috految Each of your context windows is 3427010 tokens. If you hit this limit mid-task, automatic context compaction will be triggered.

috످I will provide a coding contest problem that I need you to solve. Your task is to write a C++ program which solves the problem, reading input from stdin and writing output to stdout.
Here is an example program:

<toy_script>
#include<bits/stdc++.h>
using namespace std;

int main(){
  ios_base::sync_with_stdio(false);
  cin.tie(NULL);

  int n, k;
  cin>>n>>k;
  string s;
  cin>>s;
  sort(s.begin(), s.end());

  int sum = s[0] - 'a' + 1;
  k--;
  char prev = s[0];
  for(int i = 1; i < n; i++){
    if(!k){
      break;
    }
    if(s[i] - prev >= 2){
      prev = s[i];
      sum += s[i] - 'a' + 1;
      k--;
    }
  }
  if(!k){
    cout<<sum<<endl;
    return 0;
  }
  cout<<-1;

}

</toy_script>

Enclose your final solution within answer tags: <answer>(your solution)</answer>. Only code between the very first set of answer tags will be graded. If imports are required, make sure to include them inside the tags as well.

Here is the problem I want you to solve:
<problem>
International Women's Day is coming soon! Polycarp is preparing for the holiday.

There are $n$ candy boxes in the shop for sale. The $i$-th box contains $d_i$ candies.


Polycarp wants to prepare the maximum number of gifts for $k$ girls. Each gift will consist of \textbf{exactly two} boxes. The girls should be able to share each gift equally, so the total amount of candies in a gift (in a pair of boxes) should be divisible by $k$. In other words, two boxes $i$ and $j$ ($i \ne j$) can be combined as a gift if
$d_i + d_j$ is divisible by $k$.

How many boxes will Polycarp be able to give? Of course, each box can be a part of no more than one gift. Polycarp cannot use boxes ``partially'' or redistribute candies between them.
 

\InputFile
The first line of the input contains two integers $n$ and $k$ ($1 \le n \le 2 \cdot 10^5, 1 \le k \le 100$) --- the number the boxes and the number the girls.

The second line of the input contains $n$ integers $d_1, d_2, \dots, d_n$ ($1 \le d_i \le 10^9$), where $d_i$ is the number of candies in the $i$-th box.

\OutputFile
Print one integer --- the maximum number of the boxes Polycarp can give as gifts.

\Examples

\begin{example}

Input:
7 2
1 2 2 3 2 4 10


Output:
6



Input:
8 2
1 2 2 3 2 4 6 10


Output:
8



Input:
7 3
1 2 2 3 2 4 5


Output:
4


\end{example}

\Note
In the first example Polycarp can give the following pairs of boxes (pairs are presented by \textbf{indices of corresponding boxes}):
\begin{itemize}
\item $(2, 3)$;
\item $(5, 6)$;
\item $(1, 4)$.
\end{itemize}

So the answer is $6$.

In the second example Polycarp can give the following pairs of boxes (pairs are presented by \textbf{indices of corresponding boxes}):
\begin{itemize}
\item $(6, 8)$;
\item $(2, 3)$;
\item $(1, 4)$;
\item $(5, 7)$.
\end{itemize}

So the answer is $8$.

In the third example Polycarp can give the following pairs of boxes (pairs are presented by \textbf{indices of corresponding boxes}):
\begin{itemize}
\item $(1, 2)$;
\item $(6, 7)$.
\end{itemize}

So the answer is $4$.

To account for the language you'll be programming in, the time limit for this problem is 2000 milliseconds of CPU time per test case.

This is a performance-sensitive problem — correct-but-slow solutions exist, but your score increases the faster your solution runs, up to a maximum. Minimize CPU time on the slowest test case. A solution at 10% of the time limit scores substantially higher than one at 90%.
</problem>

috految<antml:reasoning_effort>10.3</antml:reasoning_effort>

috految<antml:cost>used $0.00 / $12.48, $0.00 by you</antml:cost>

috److Two boxes can be paired when their remainders modulo `k` sum to 0 modulo `k`, so the boxes can be matched greedily as they are read:

1. Keep a count of unmatched boxes for each remainder.
2. For each box with remainder `x`, compute the complementary remainder `y = (k - x) % k`.
3. If an unmatched box with remainder `y` exists, pair them and add 2 to the answer.
4. Otherwise, increment the count for `x`.

This runs in O(n) time, and a custom integer reader keeps input fast.

<answer>
#include <cstdio>

int rd(){
  int c, x = 0;
  while((c = getchar_unlocked()) != EOF && c < '0');
  for(; c >= '0'; c = getchar_unlocked())
    x = x * 10 + c - '0';
  return x;
}

int main(){
  int n = rd(), k = rd(), ans = 0;
  int cnt[101] = {};
  while(n--){
    int x = rd() % k;
    int y = (k - x) % k;
    if(cnt[y]){
      cnt[y]--;
      ans += 2;
    } else {
      cnt[x]++;
    }
  }
  printf("%d\n", ans);
}
</answer>

috످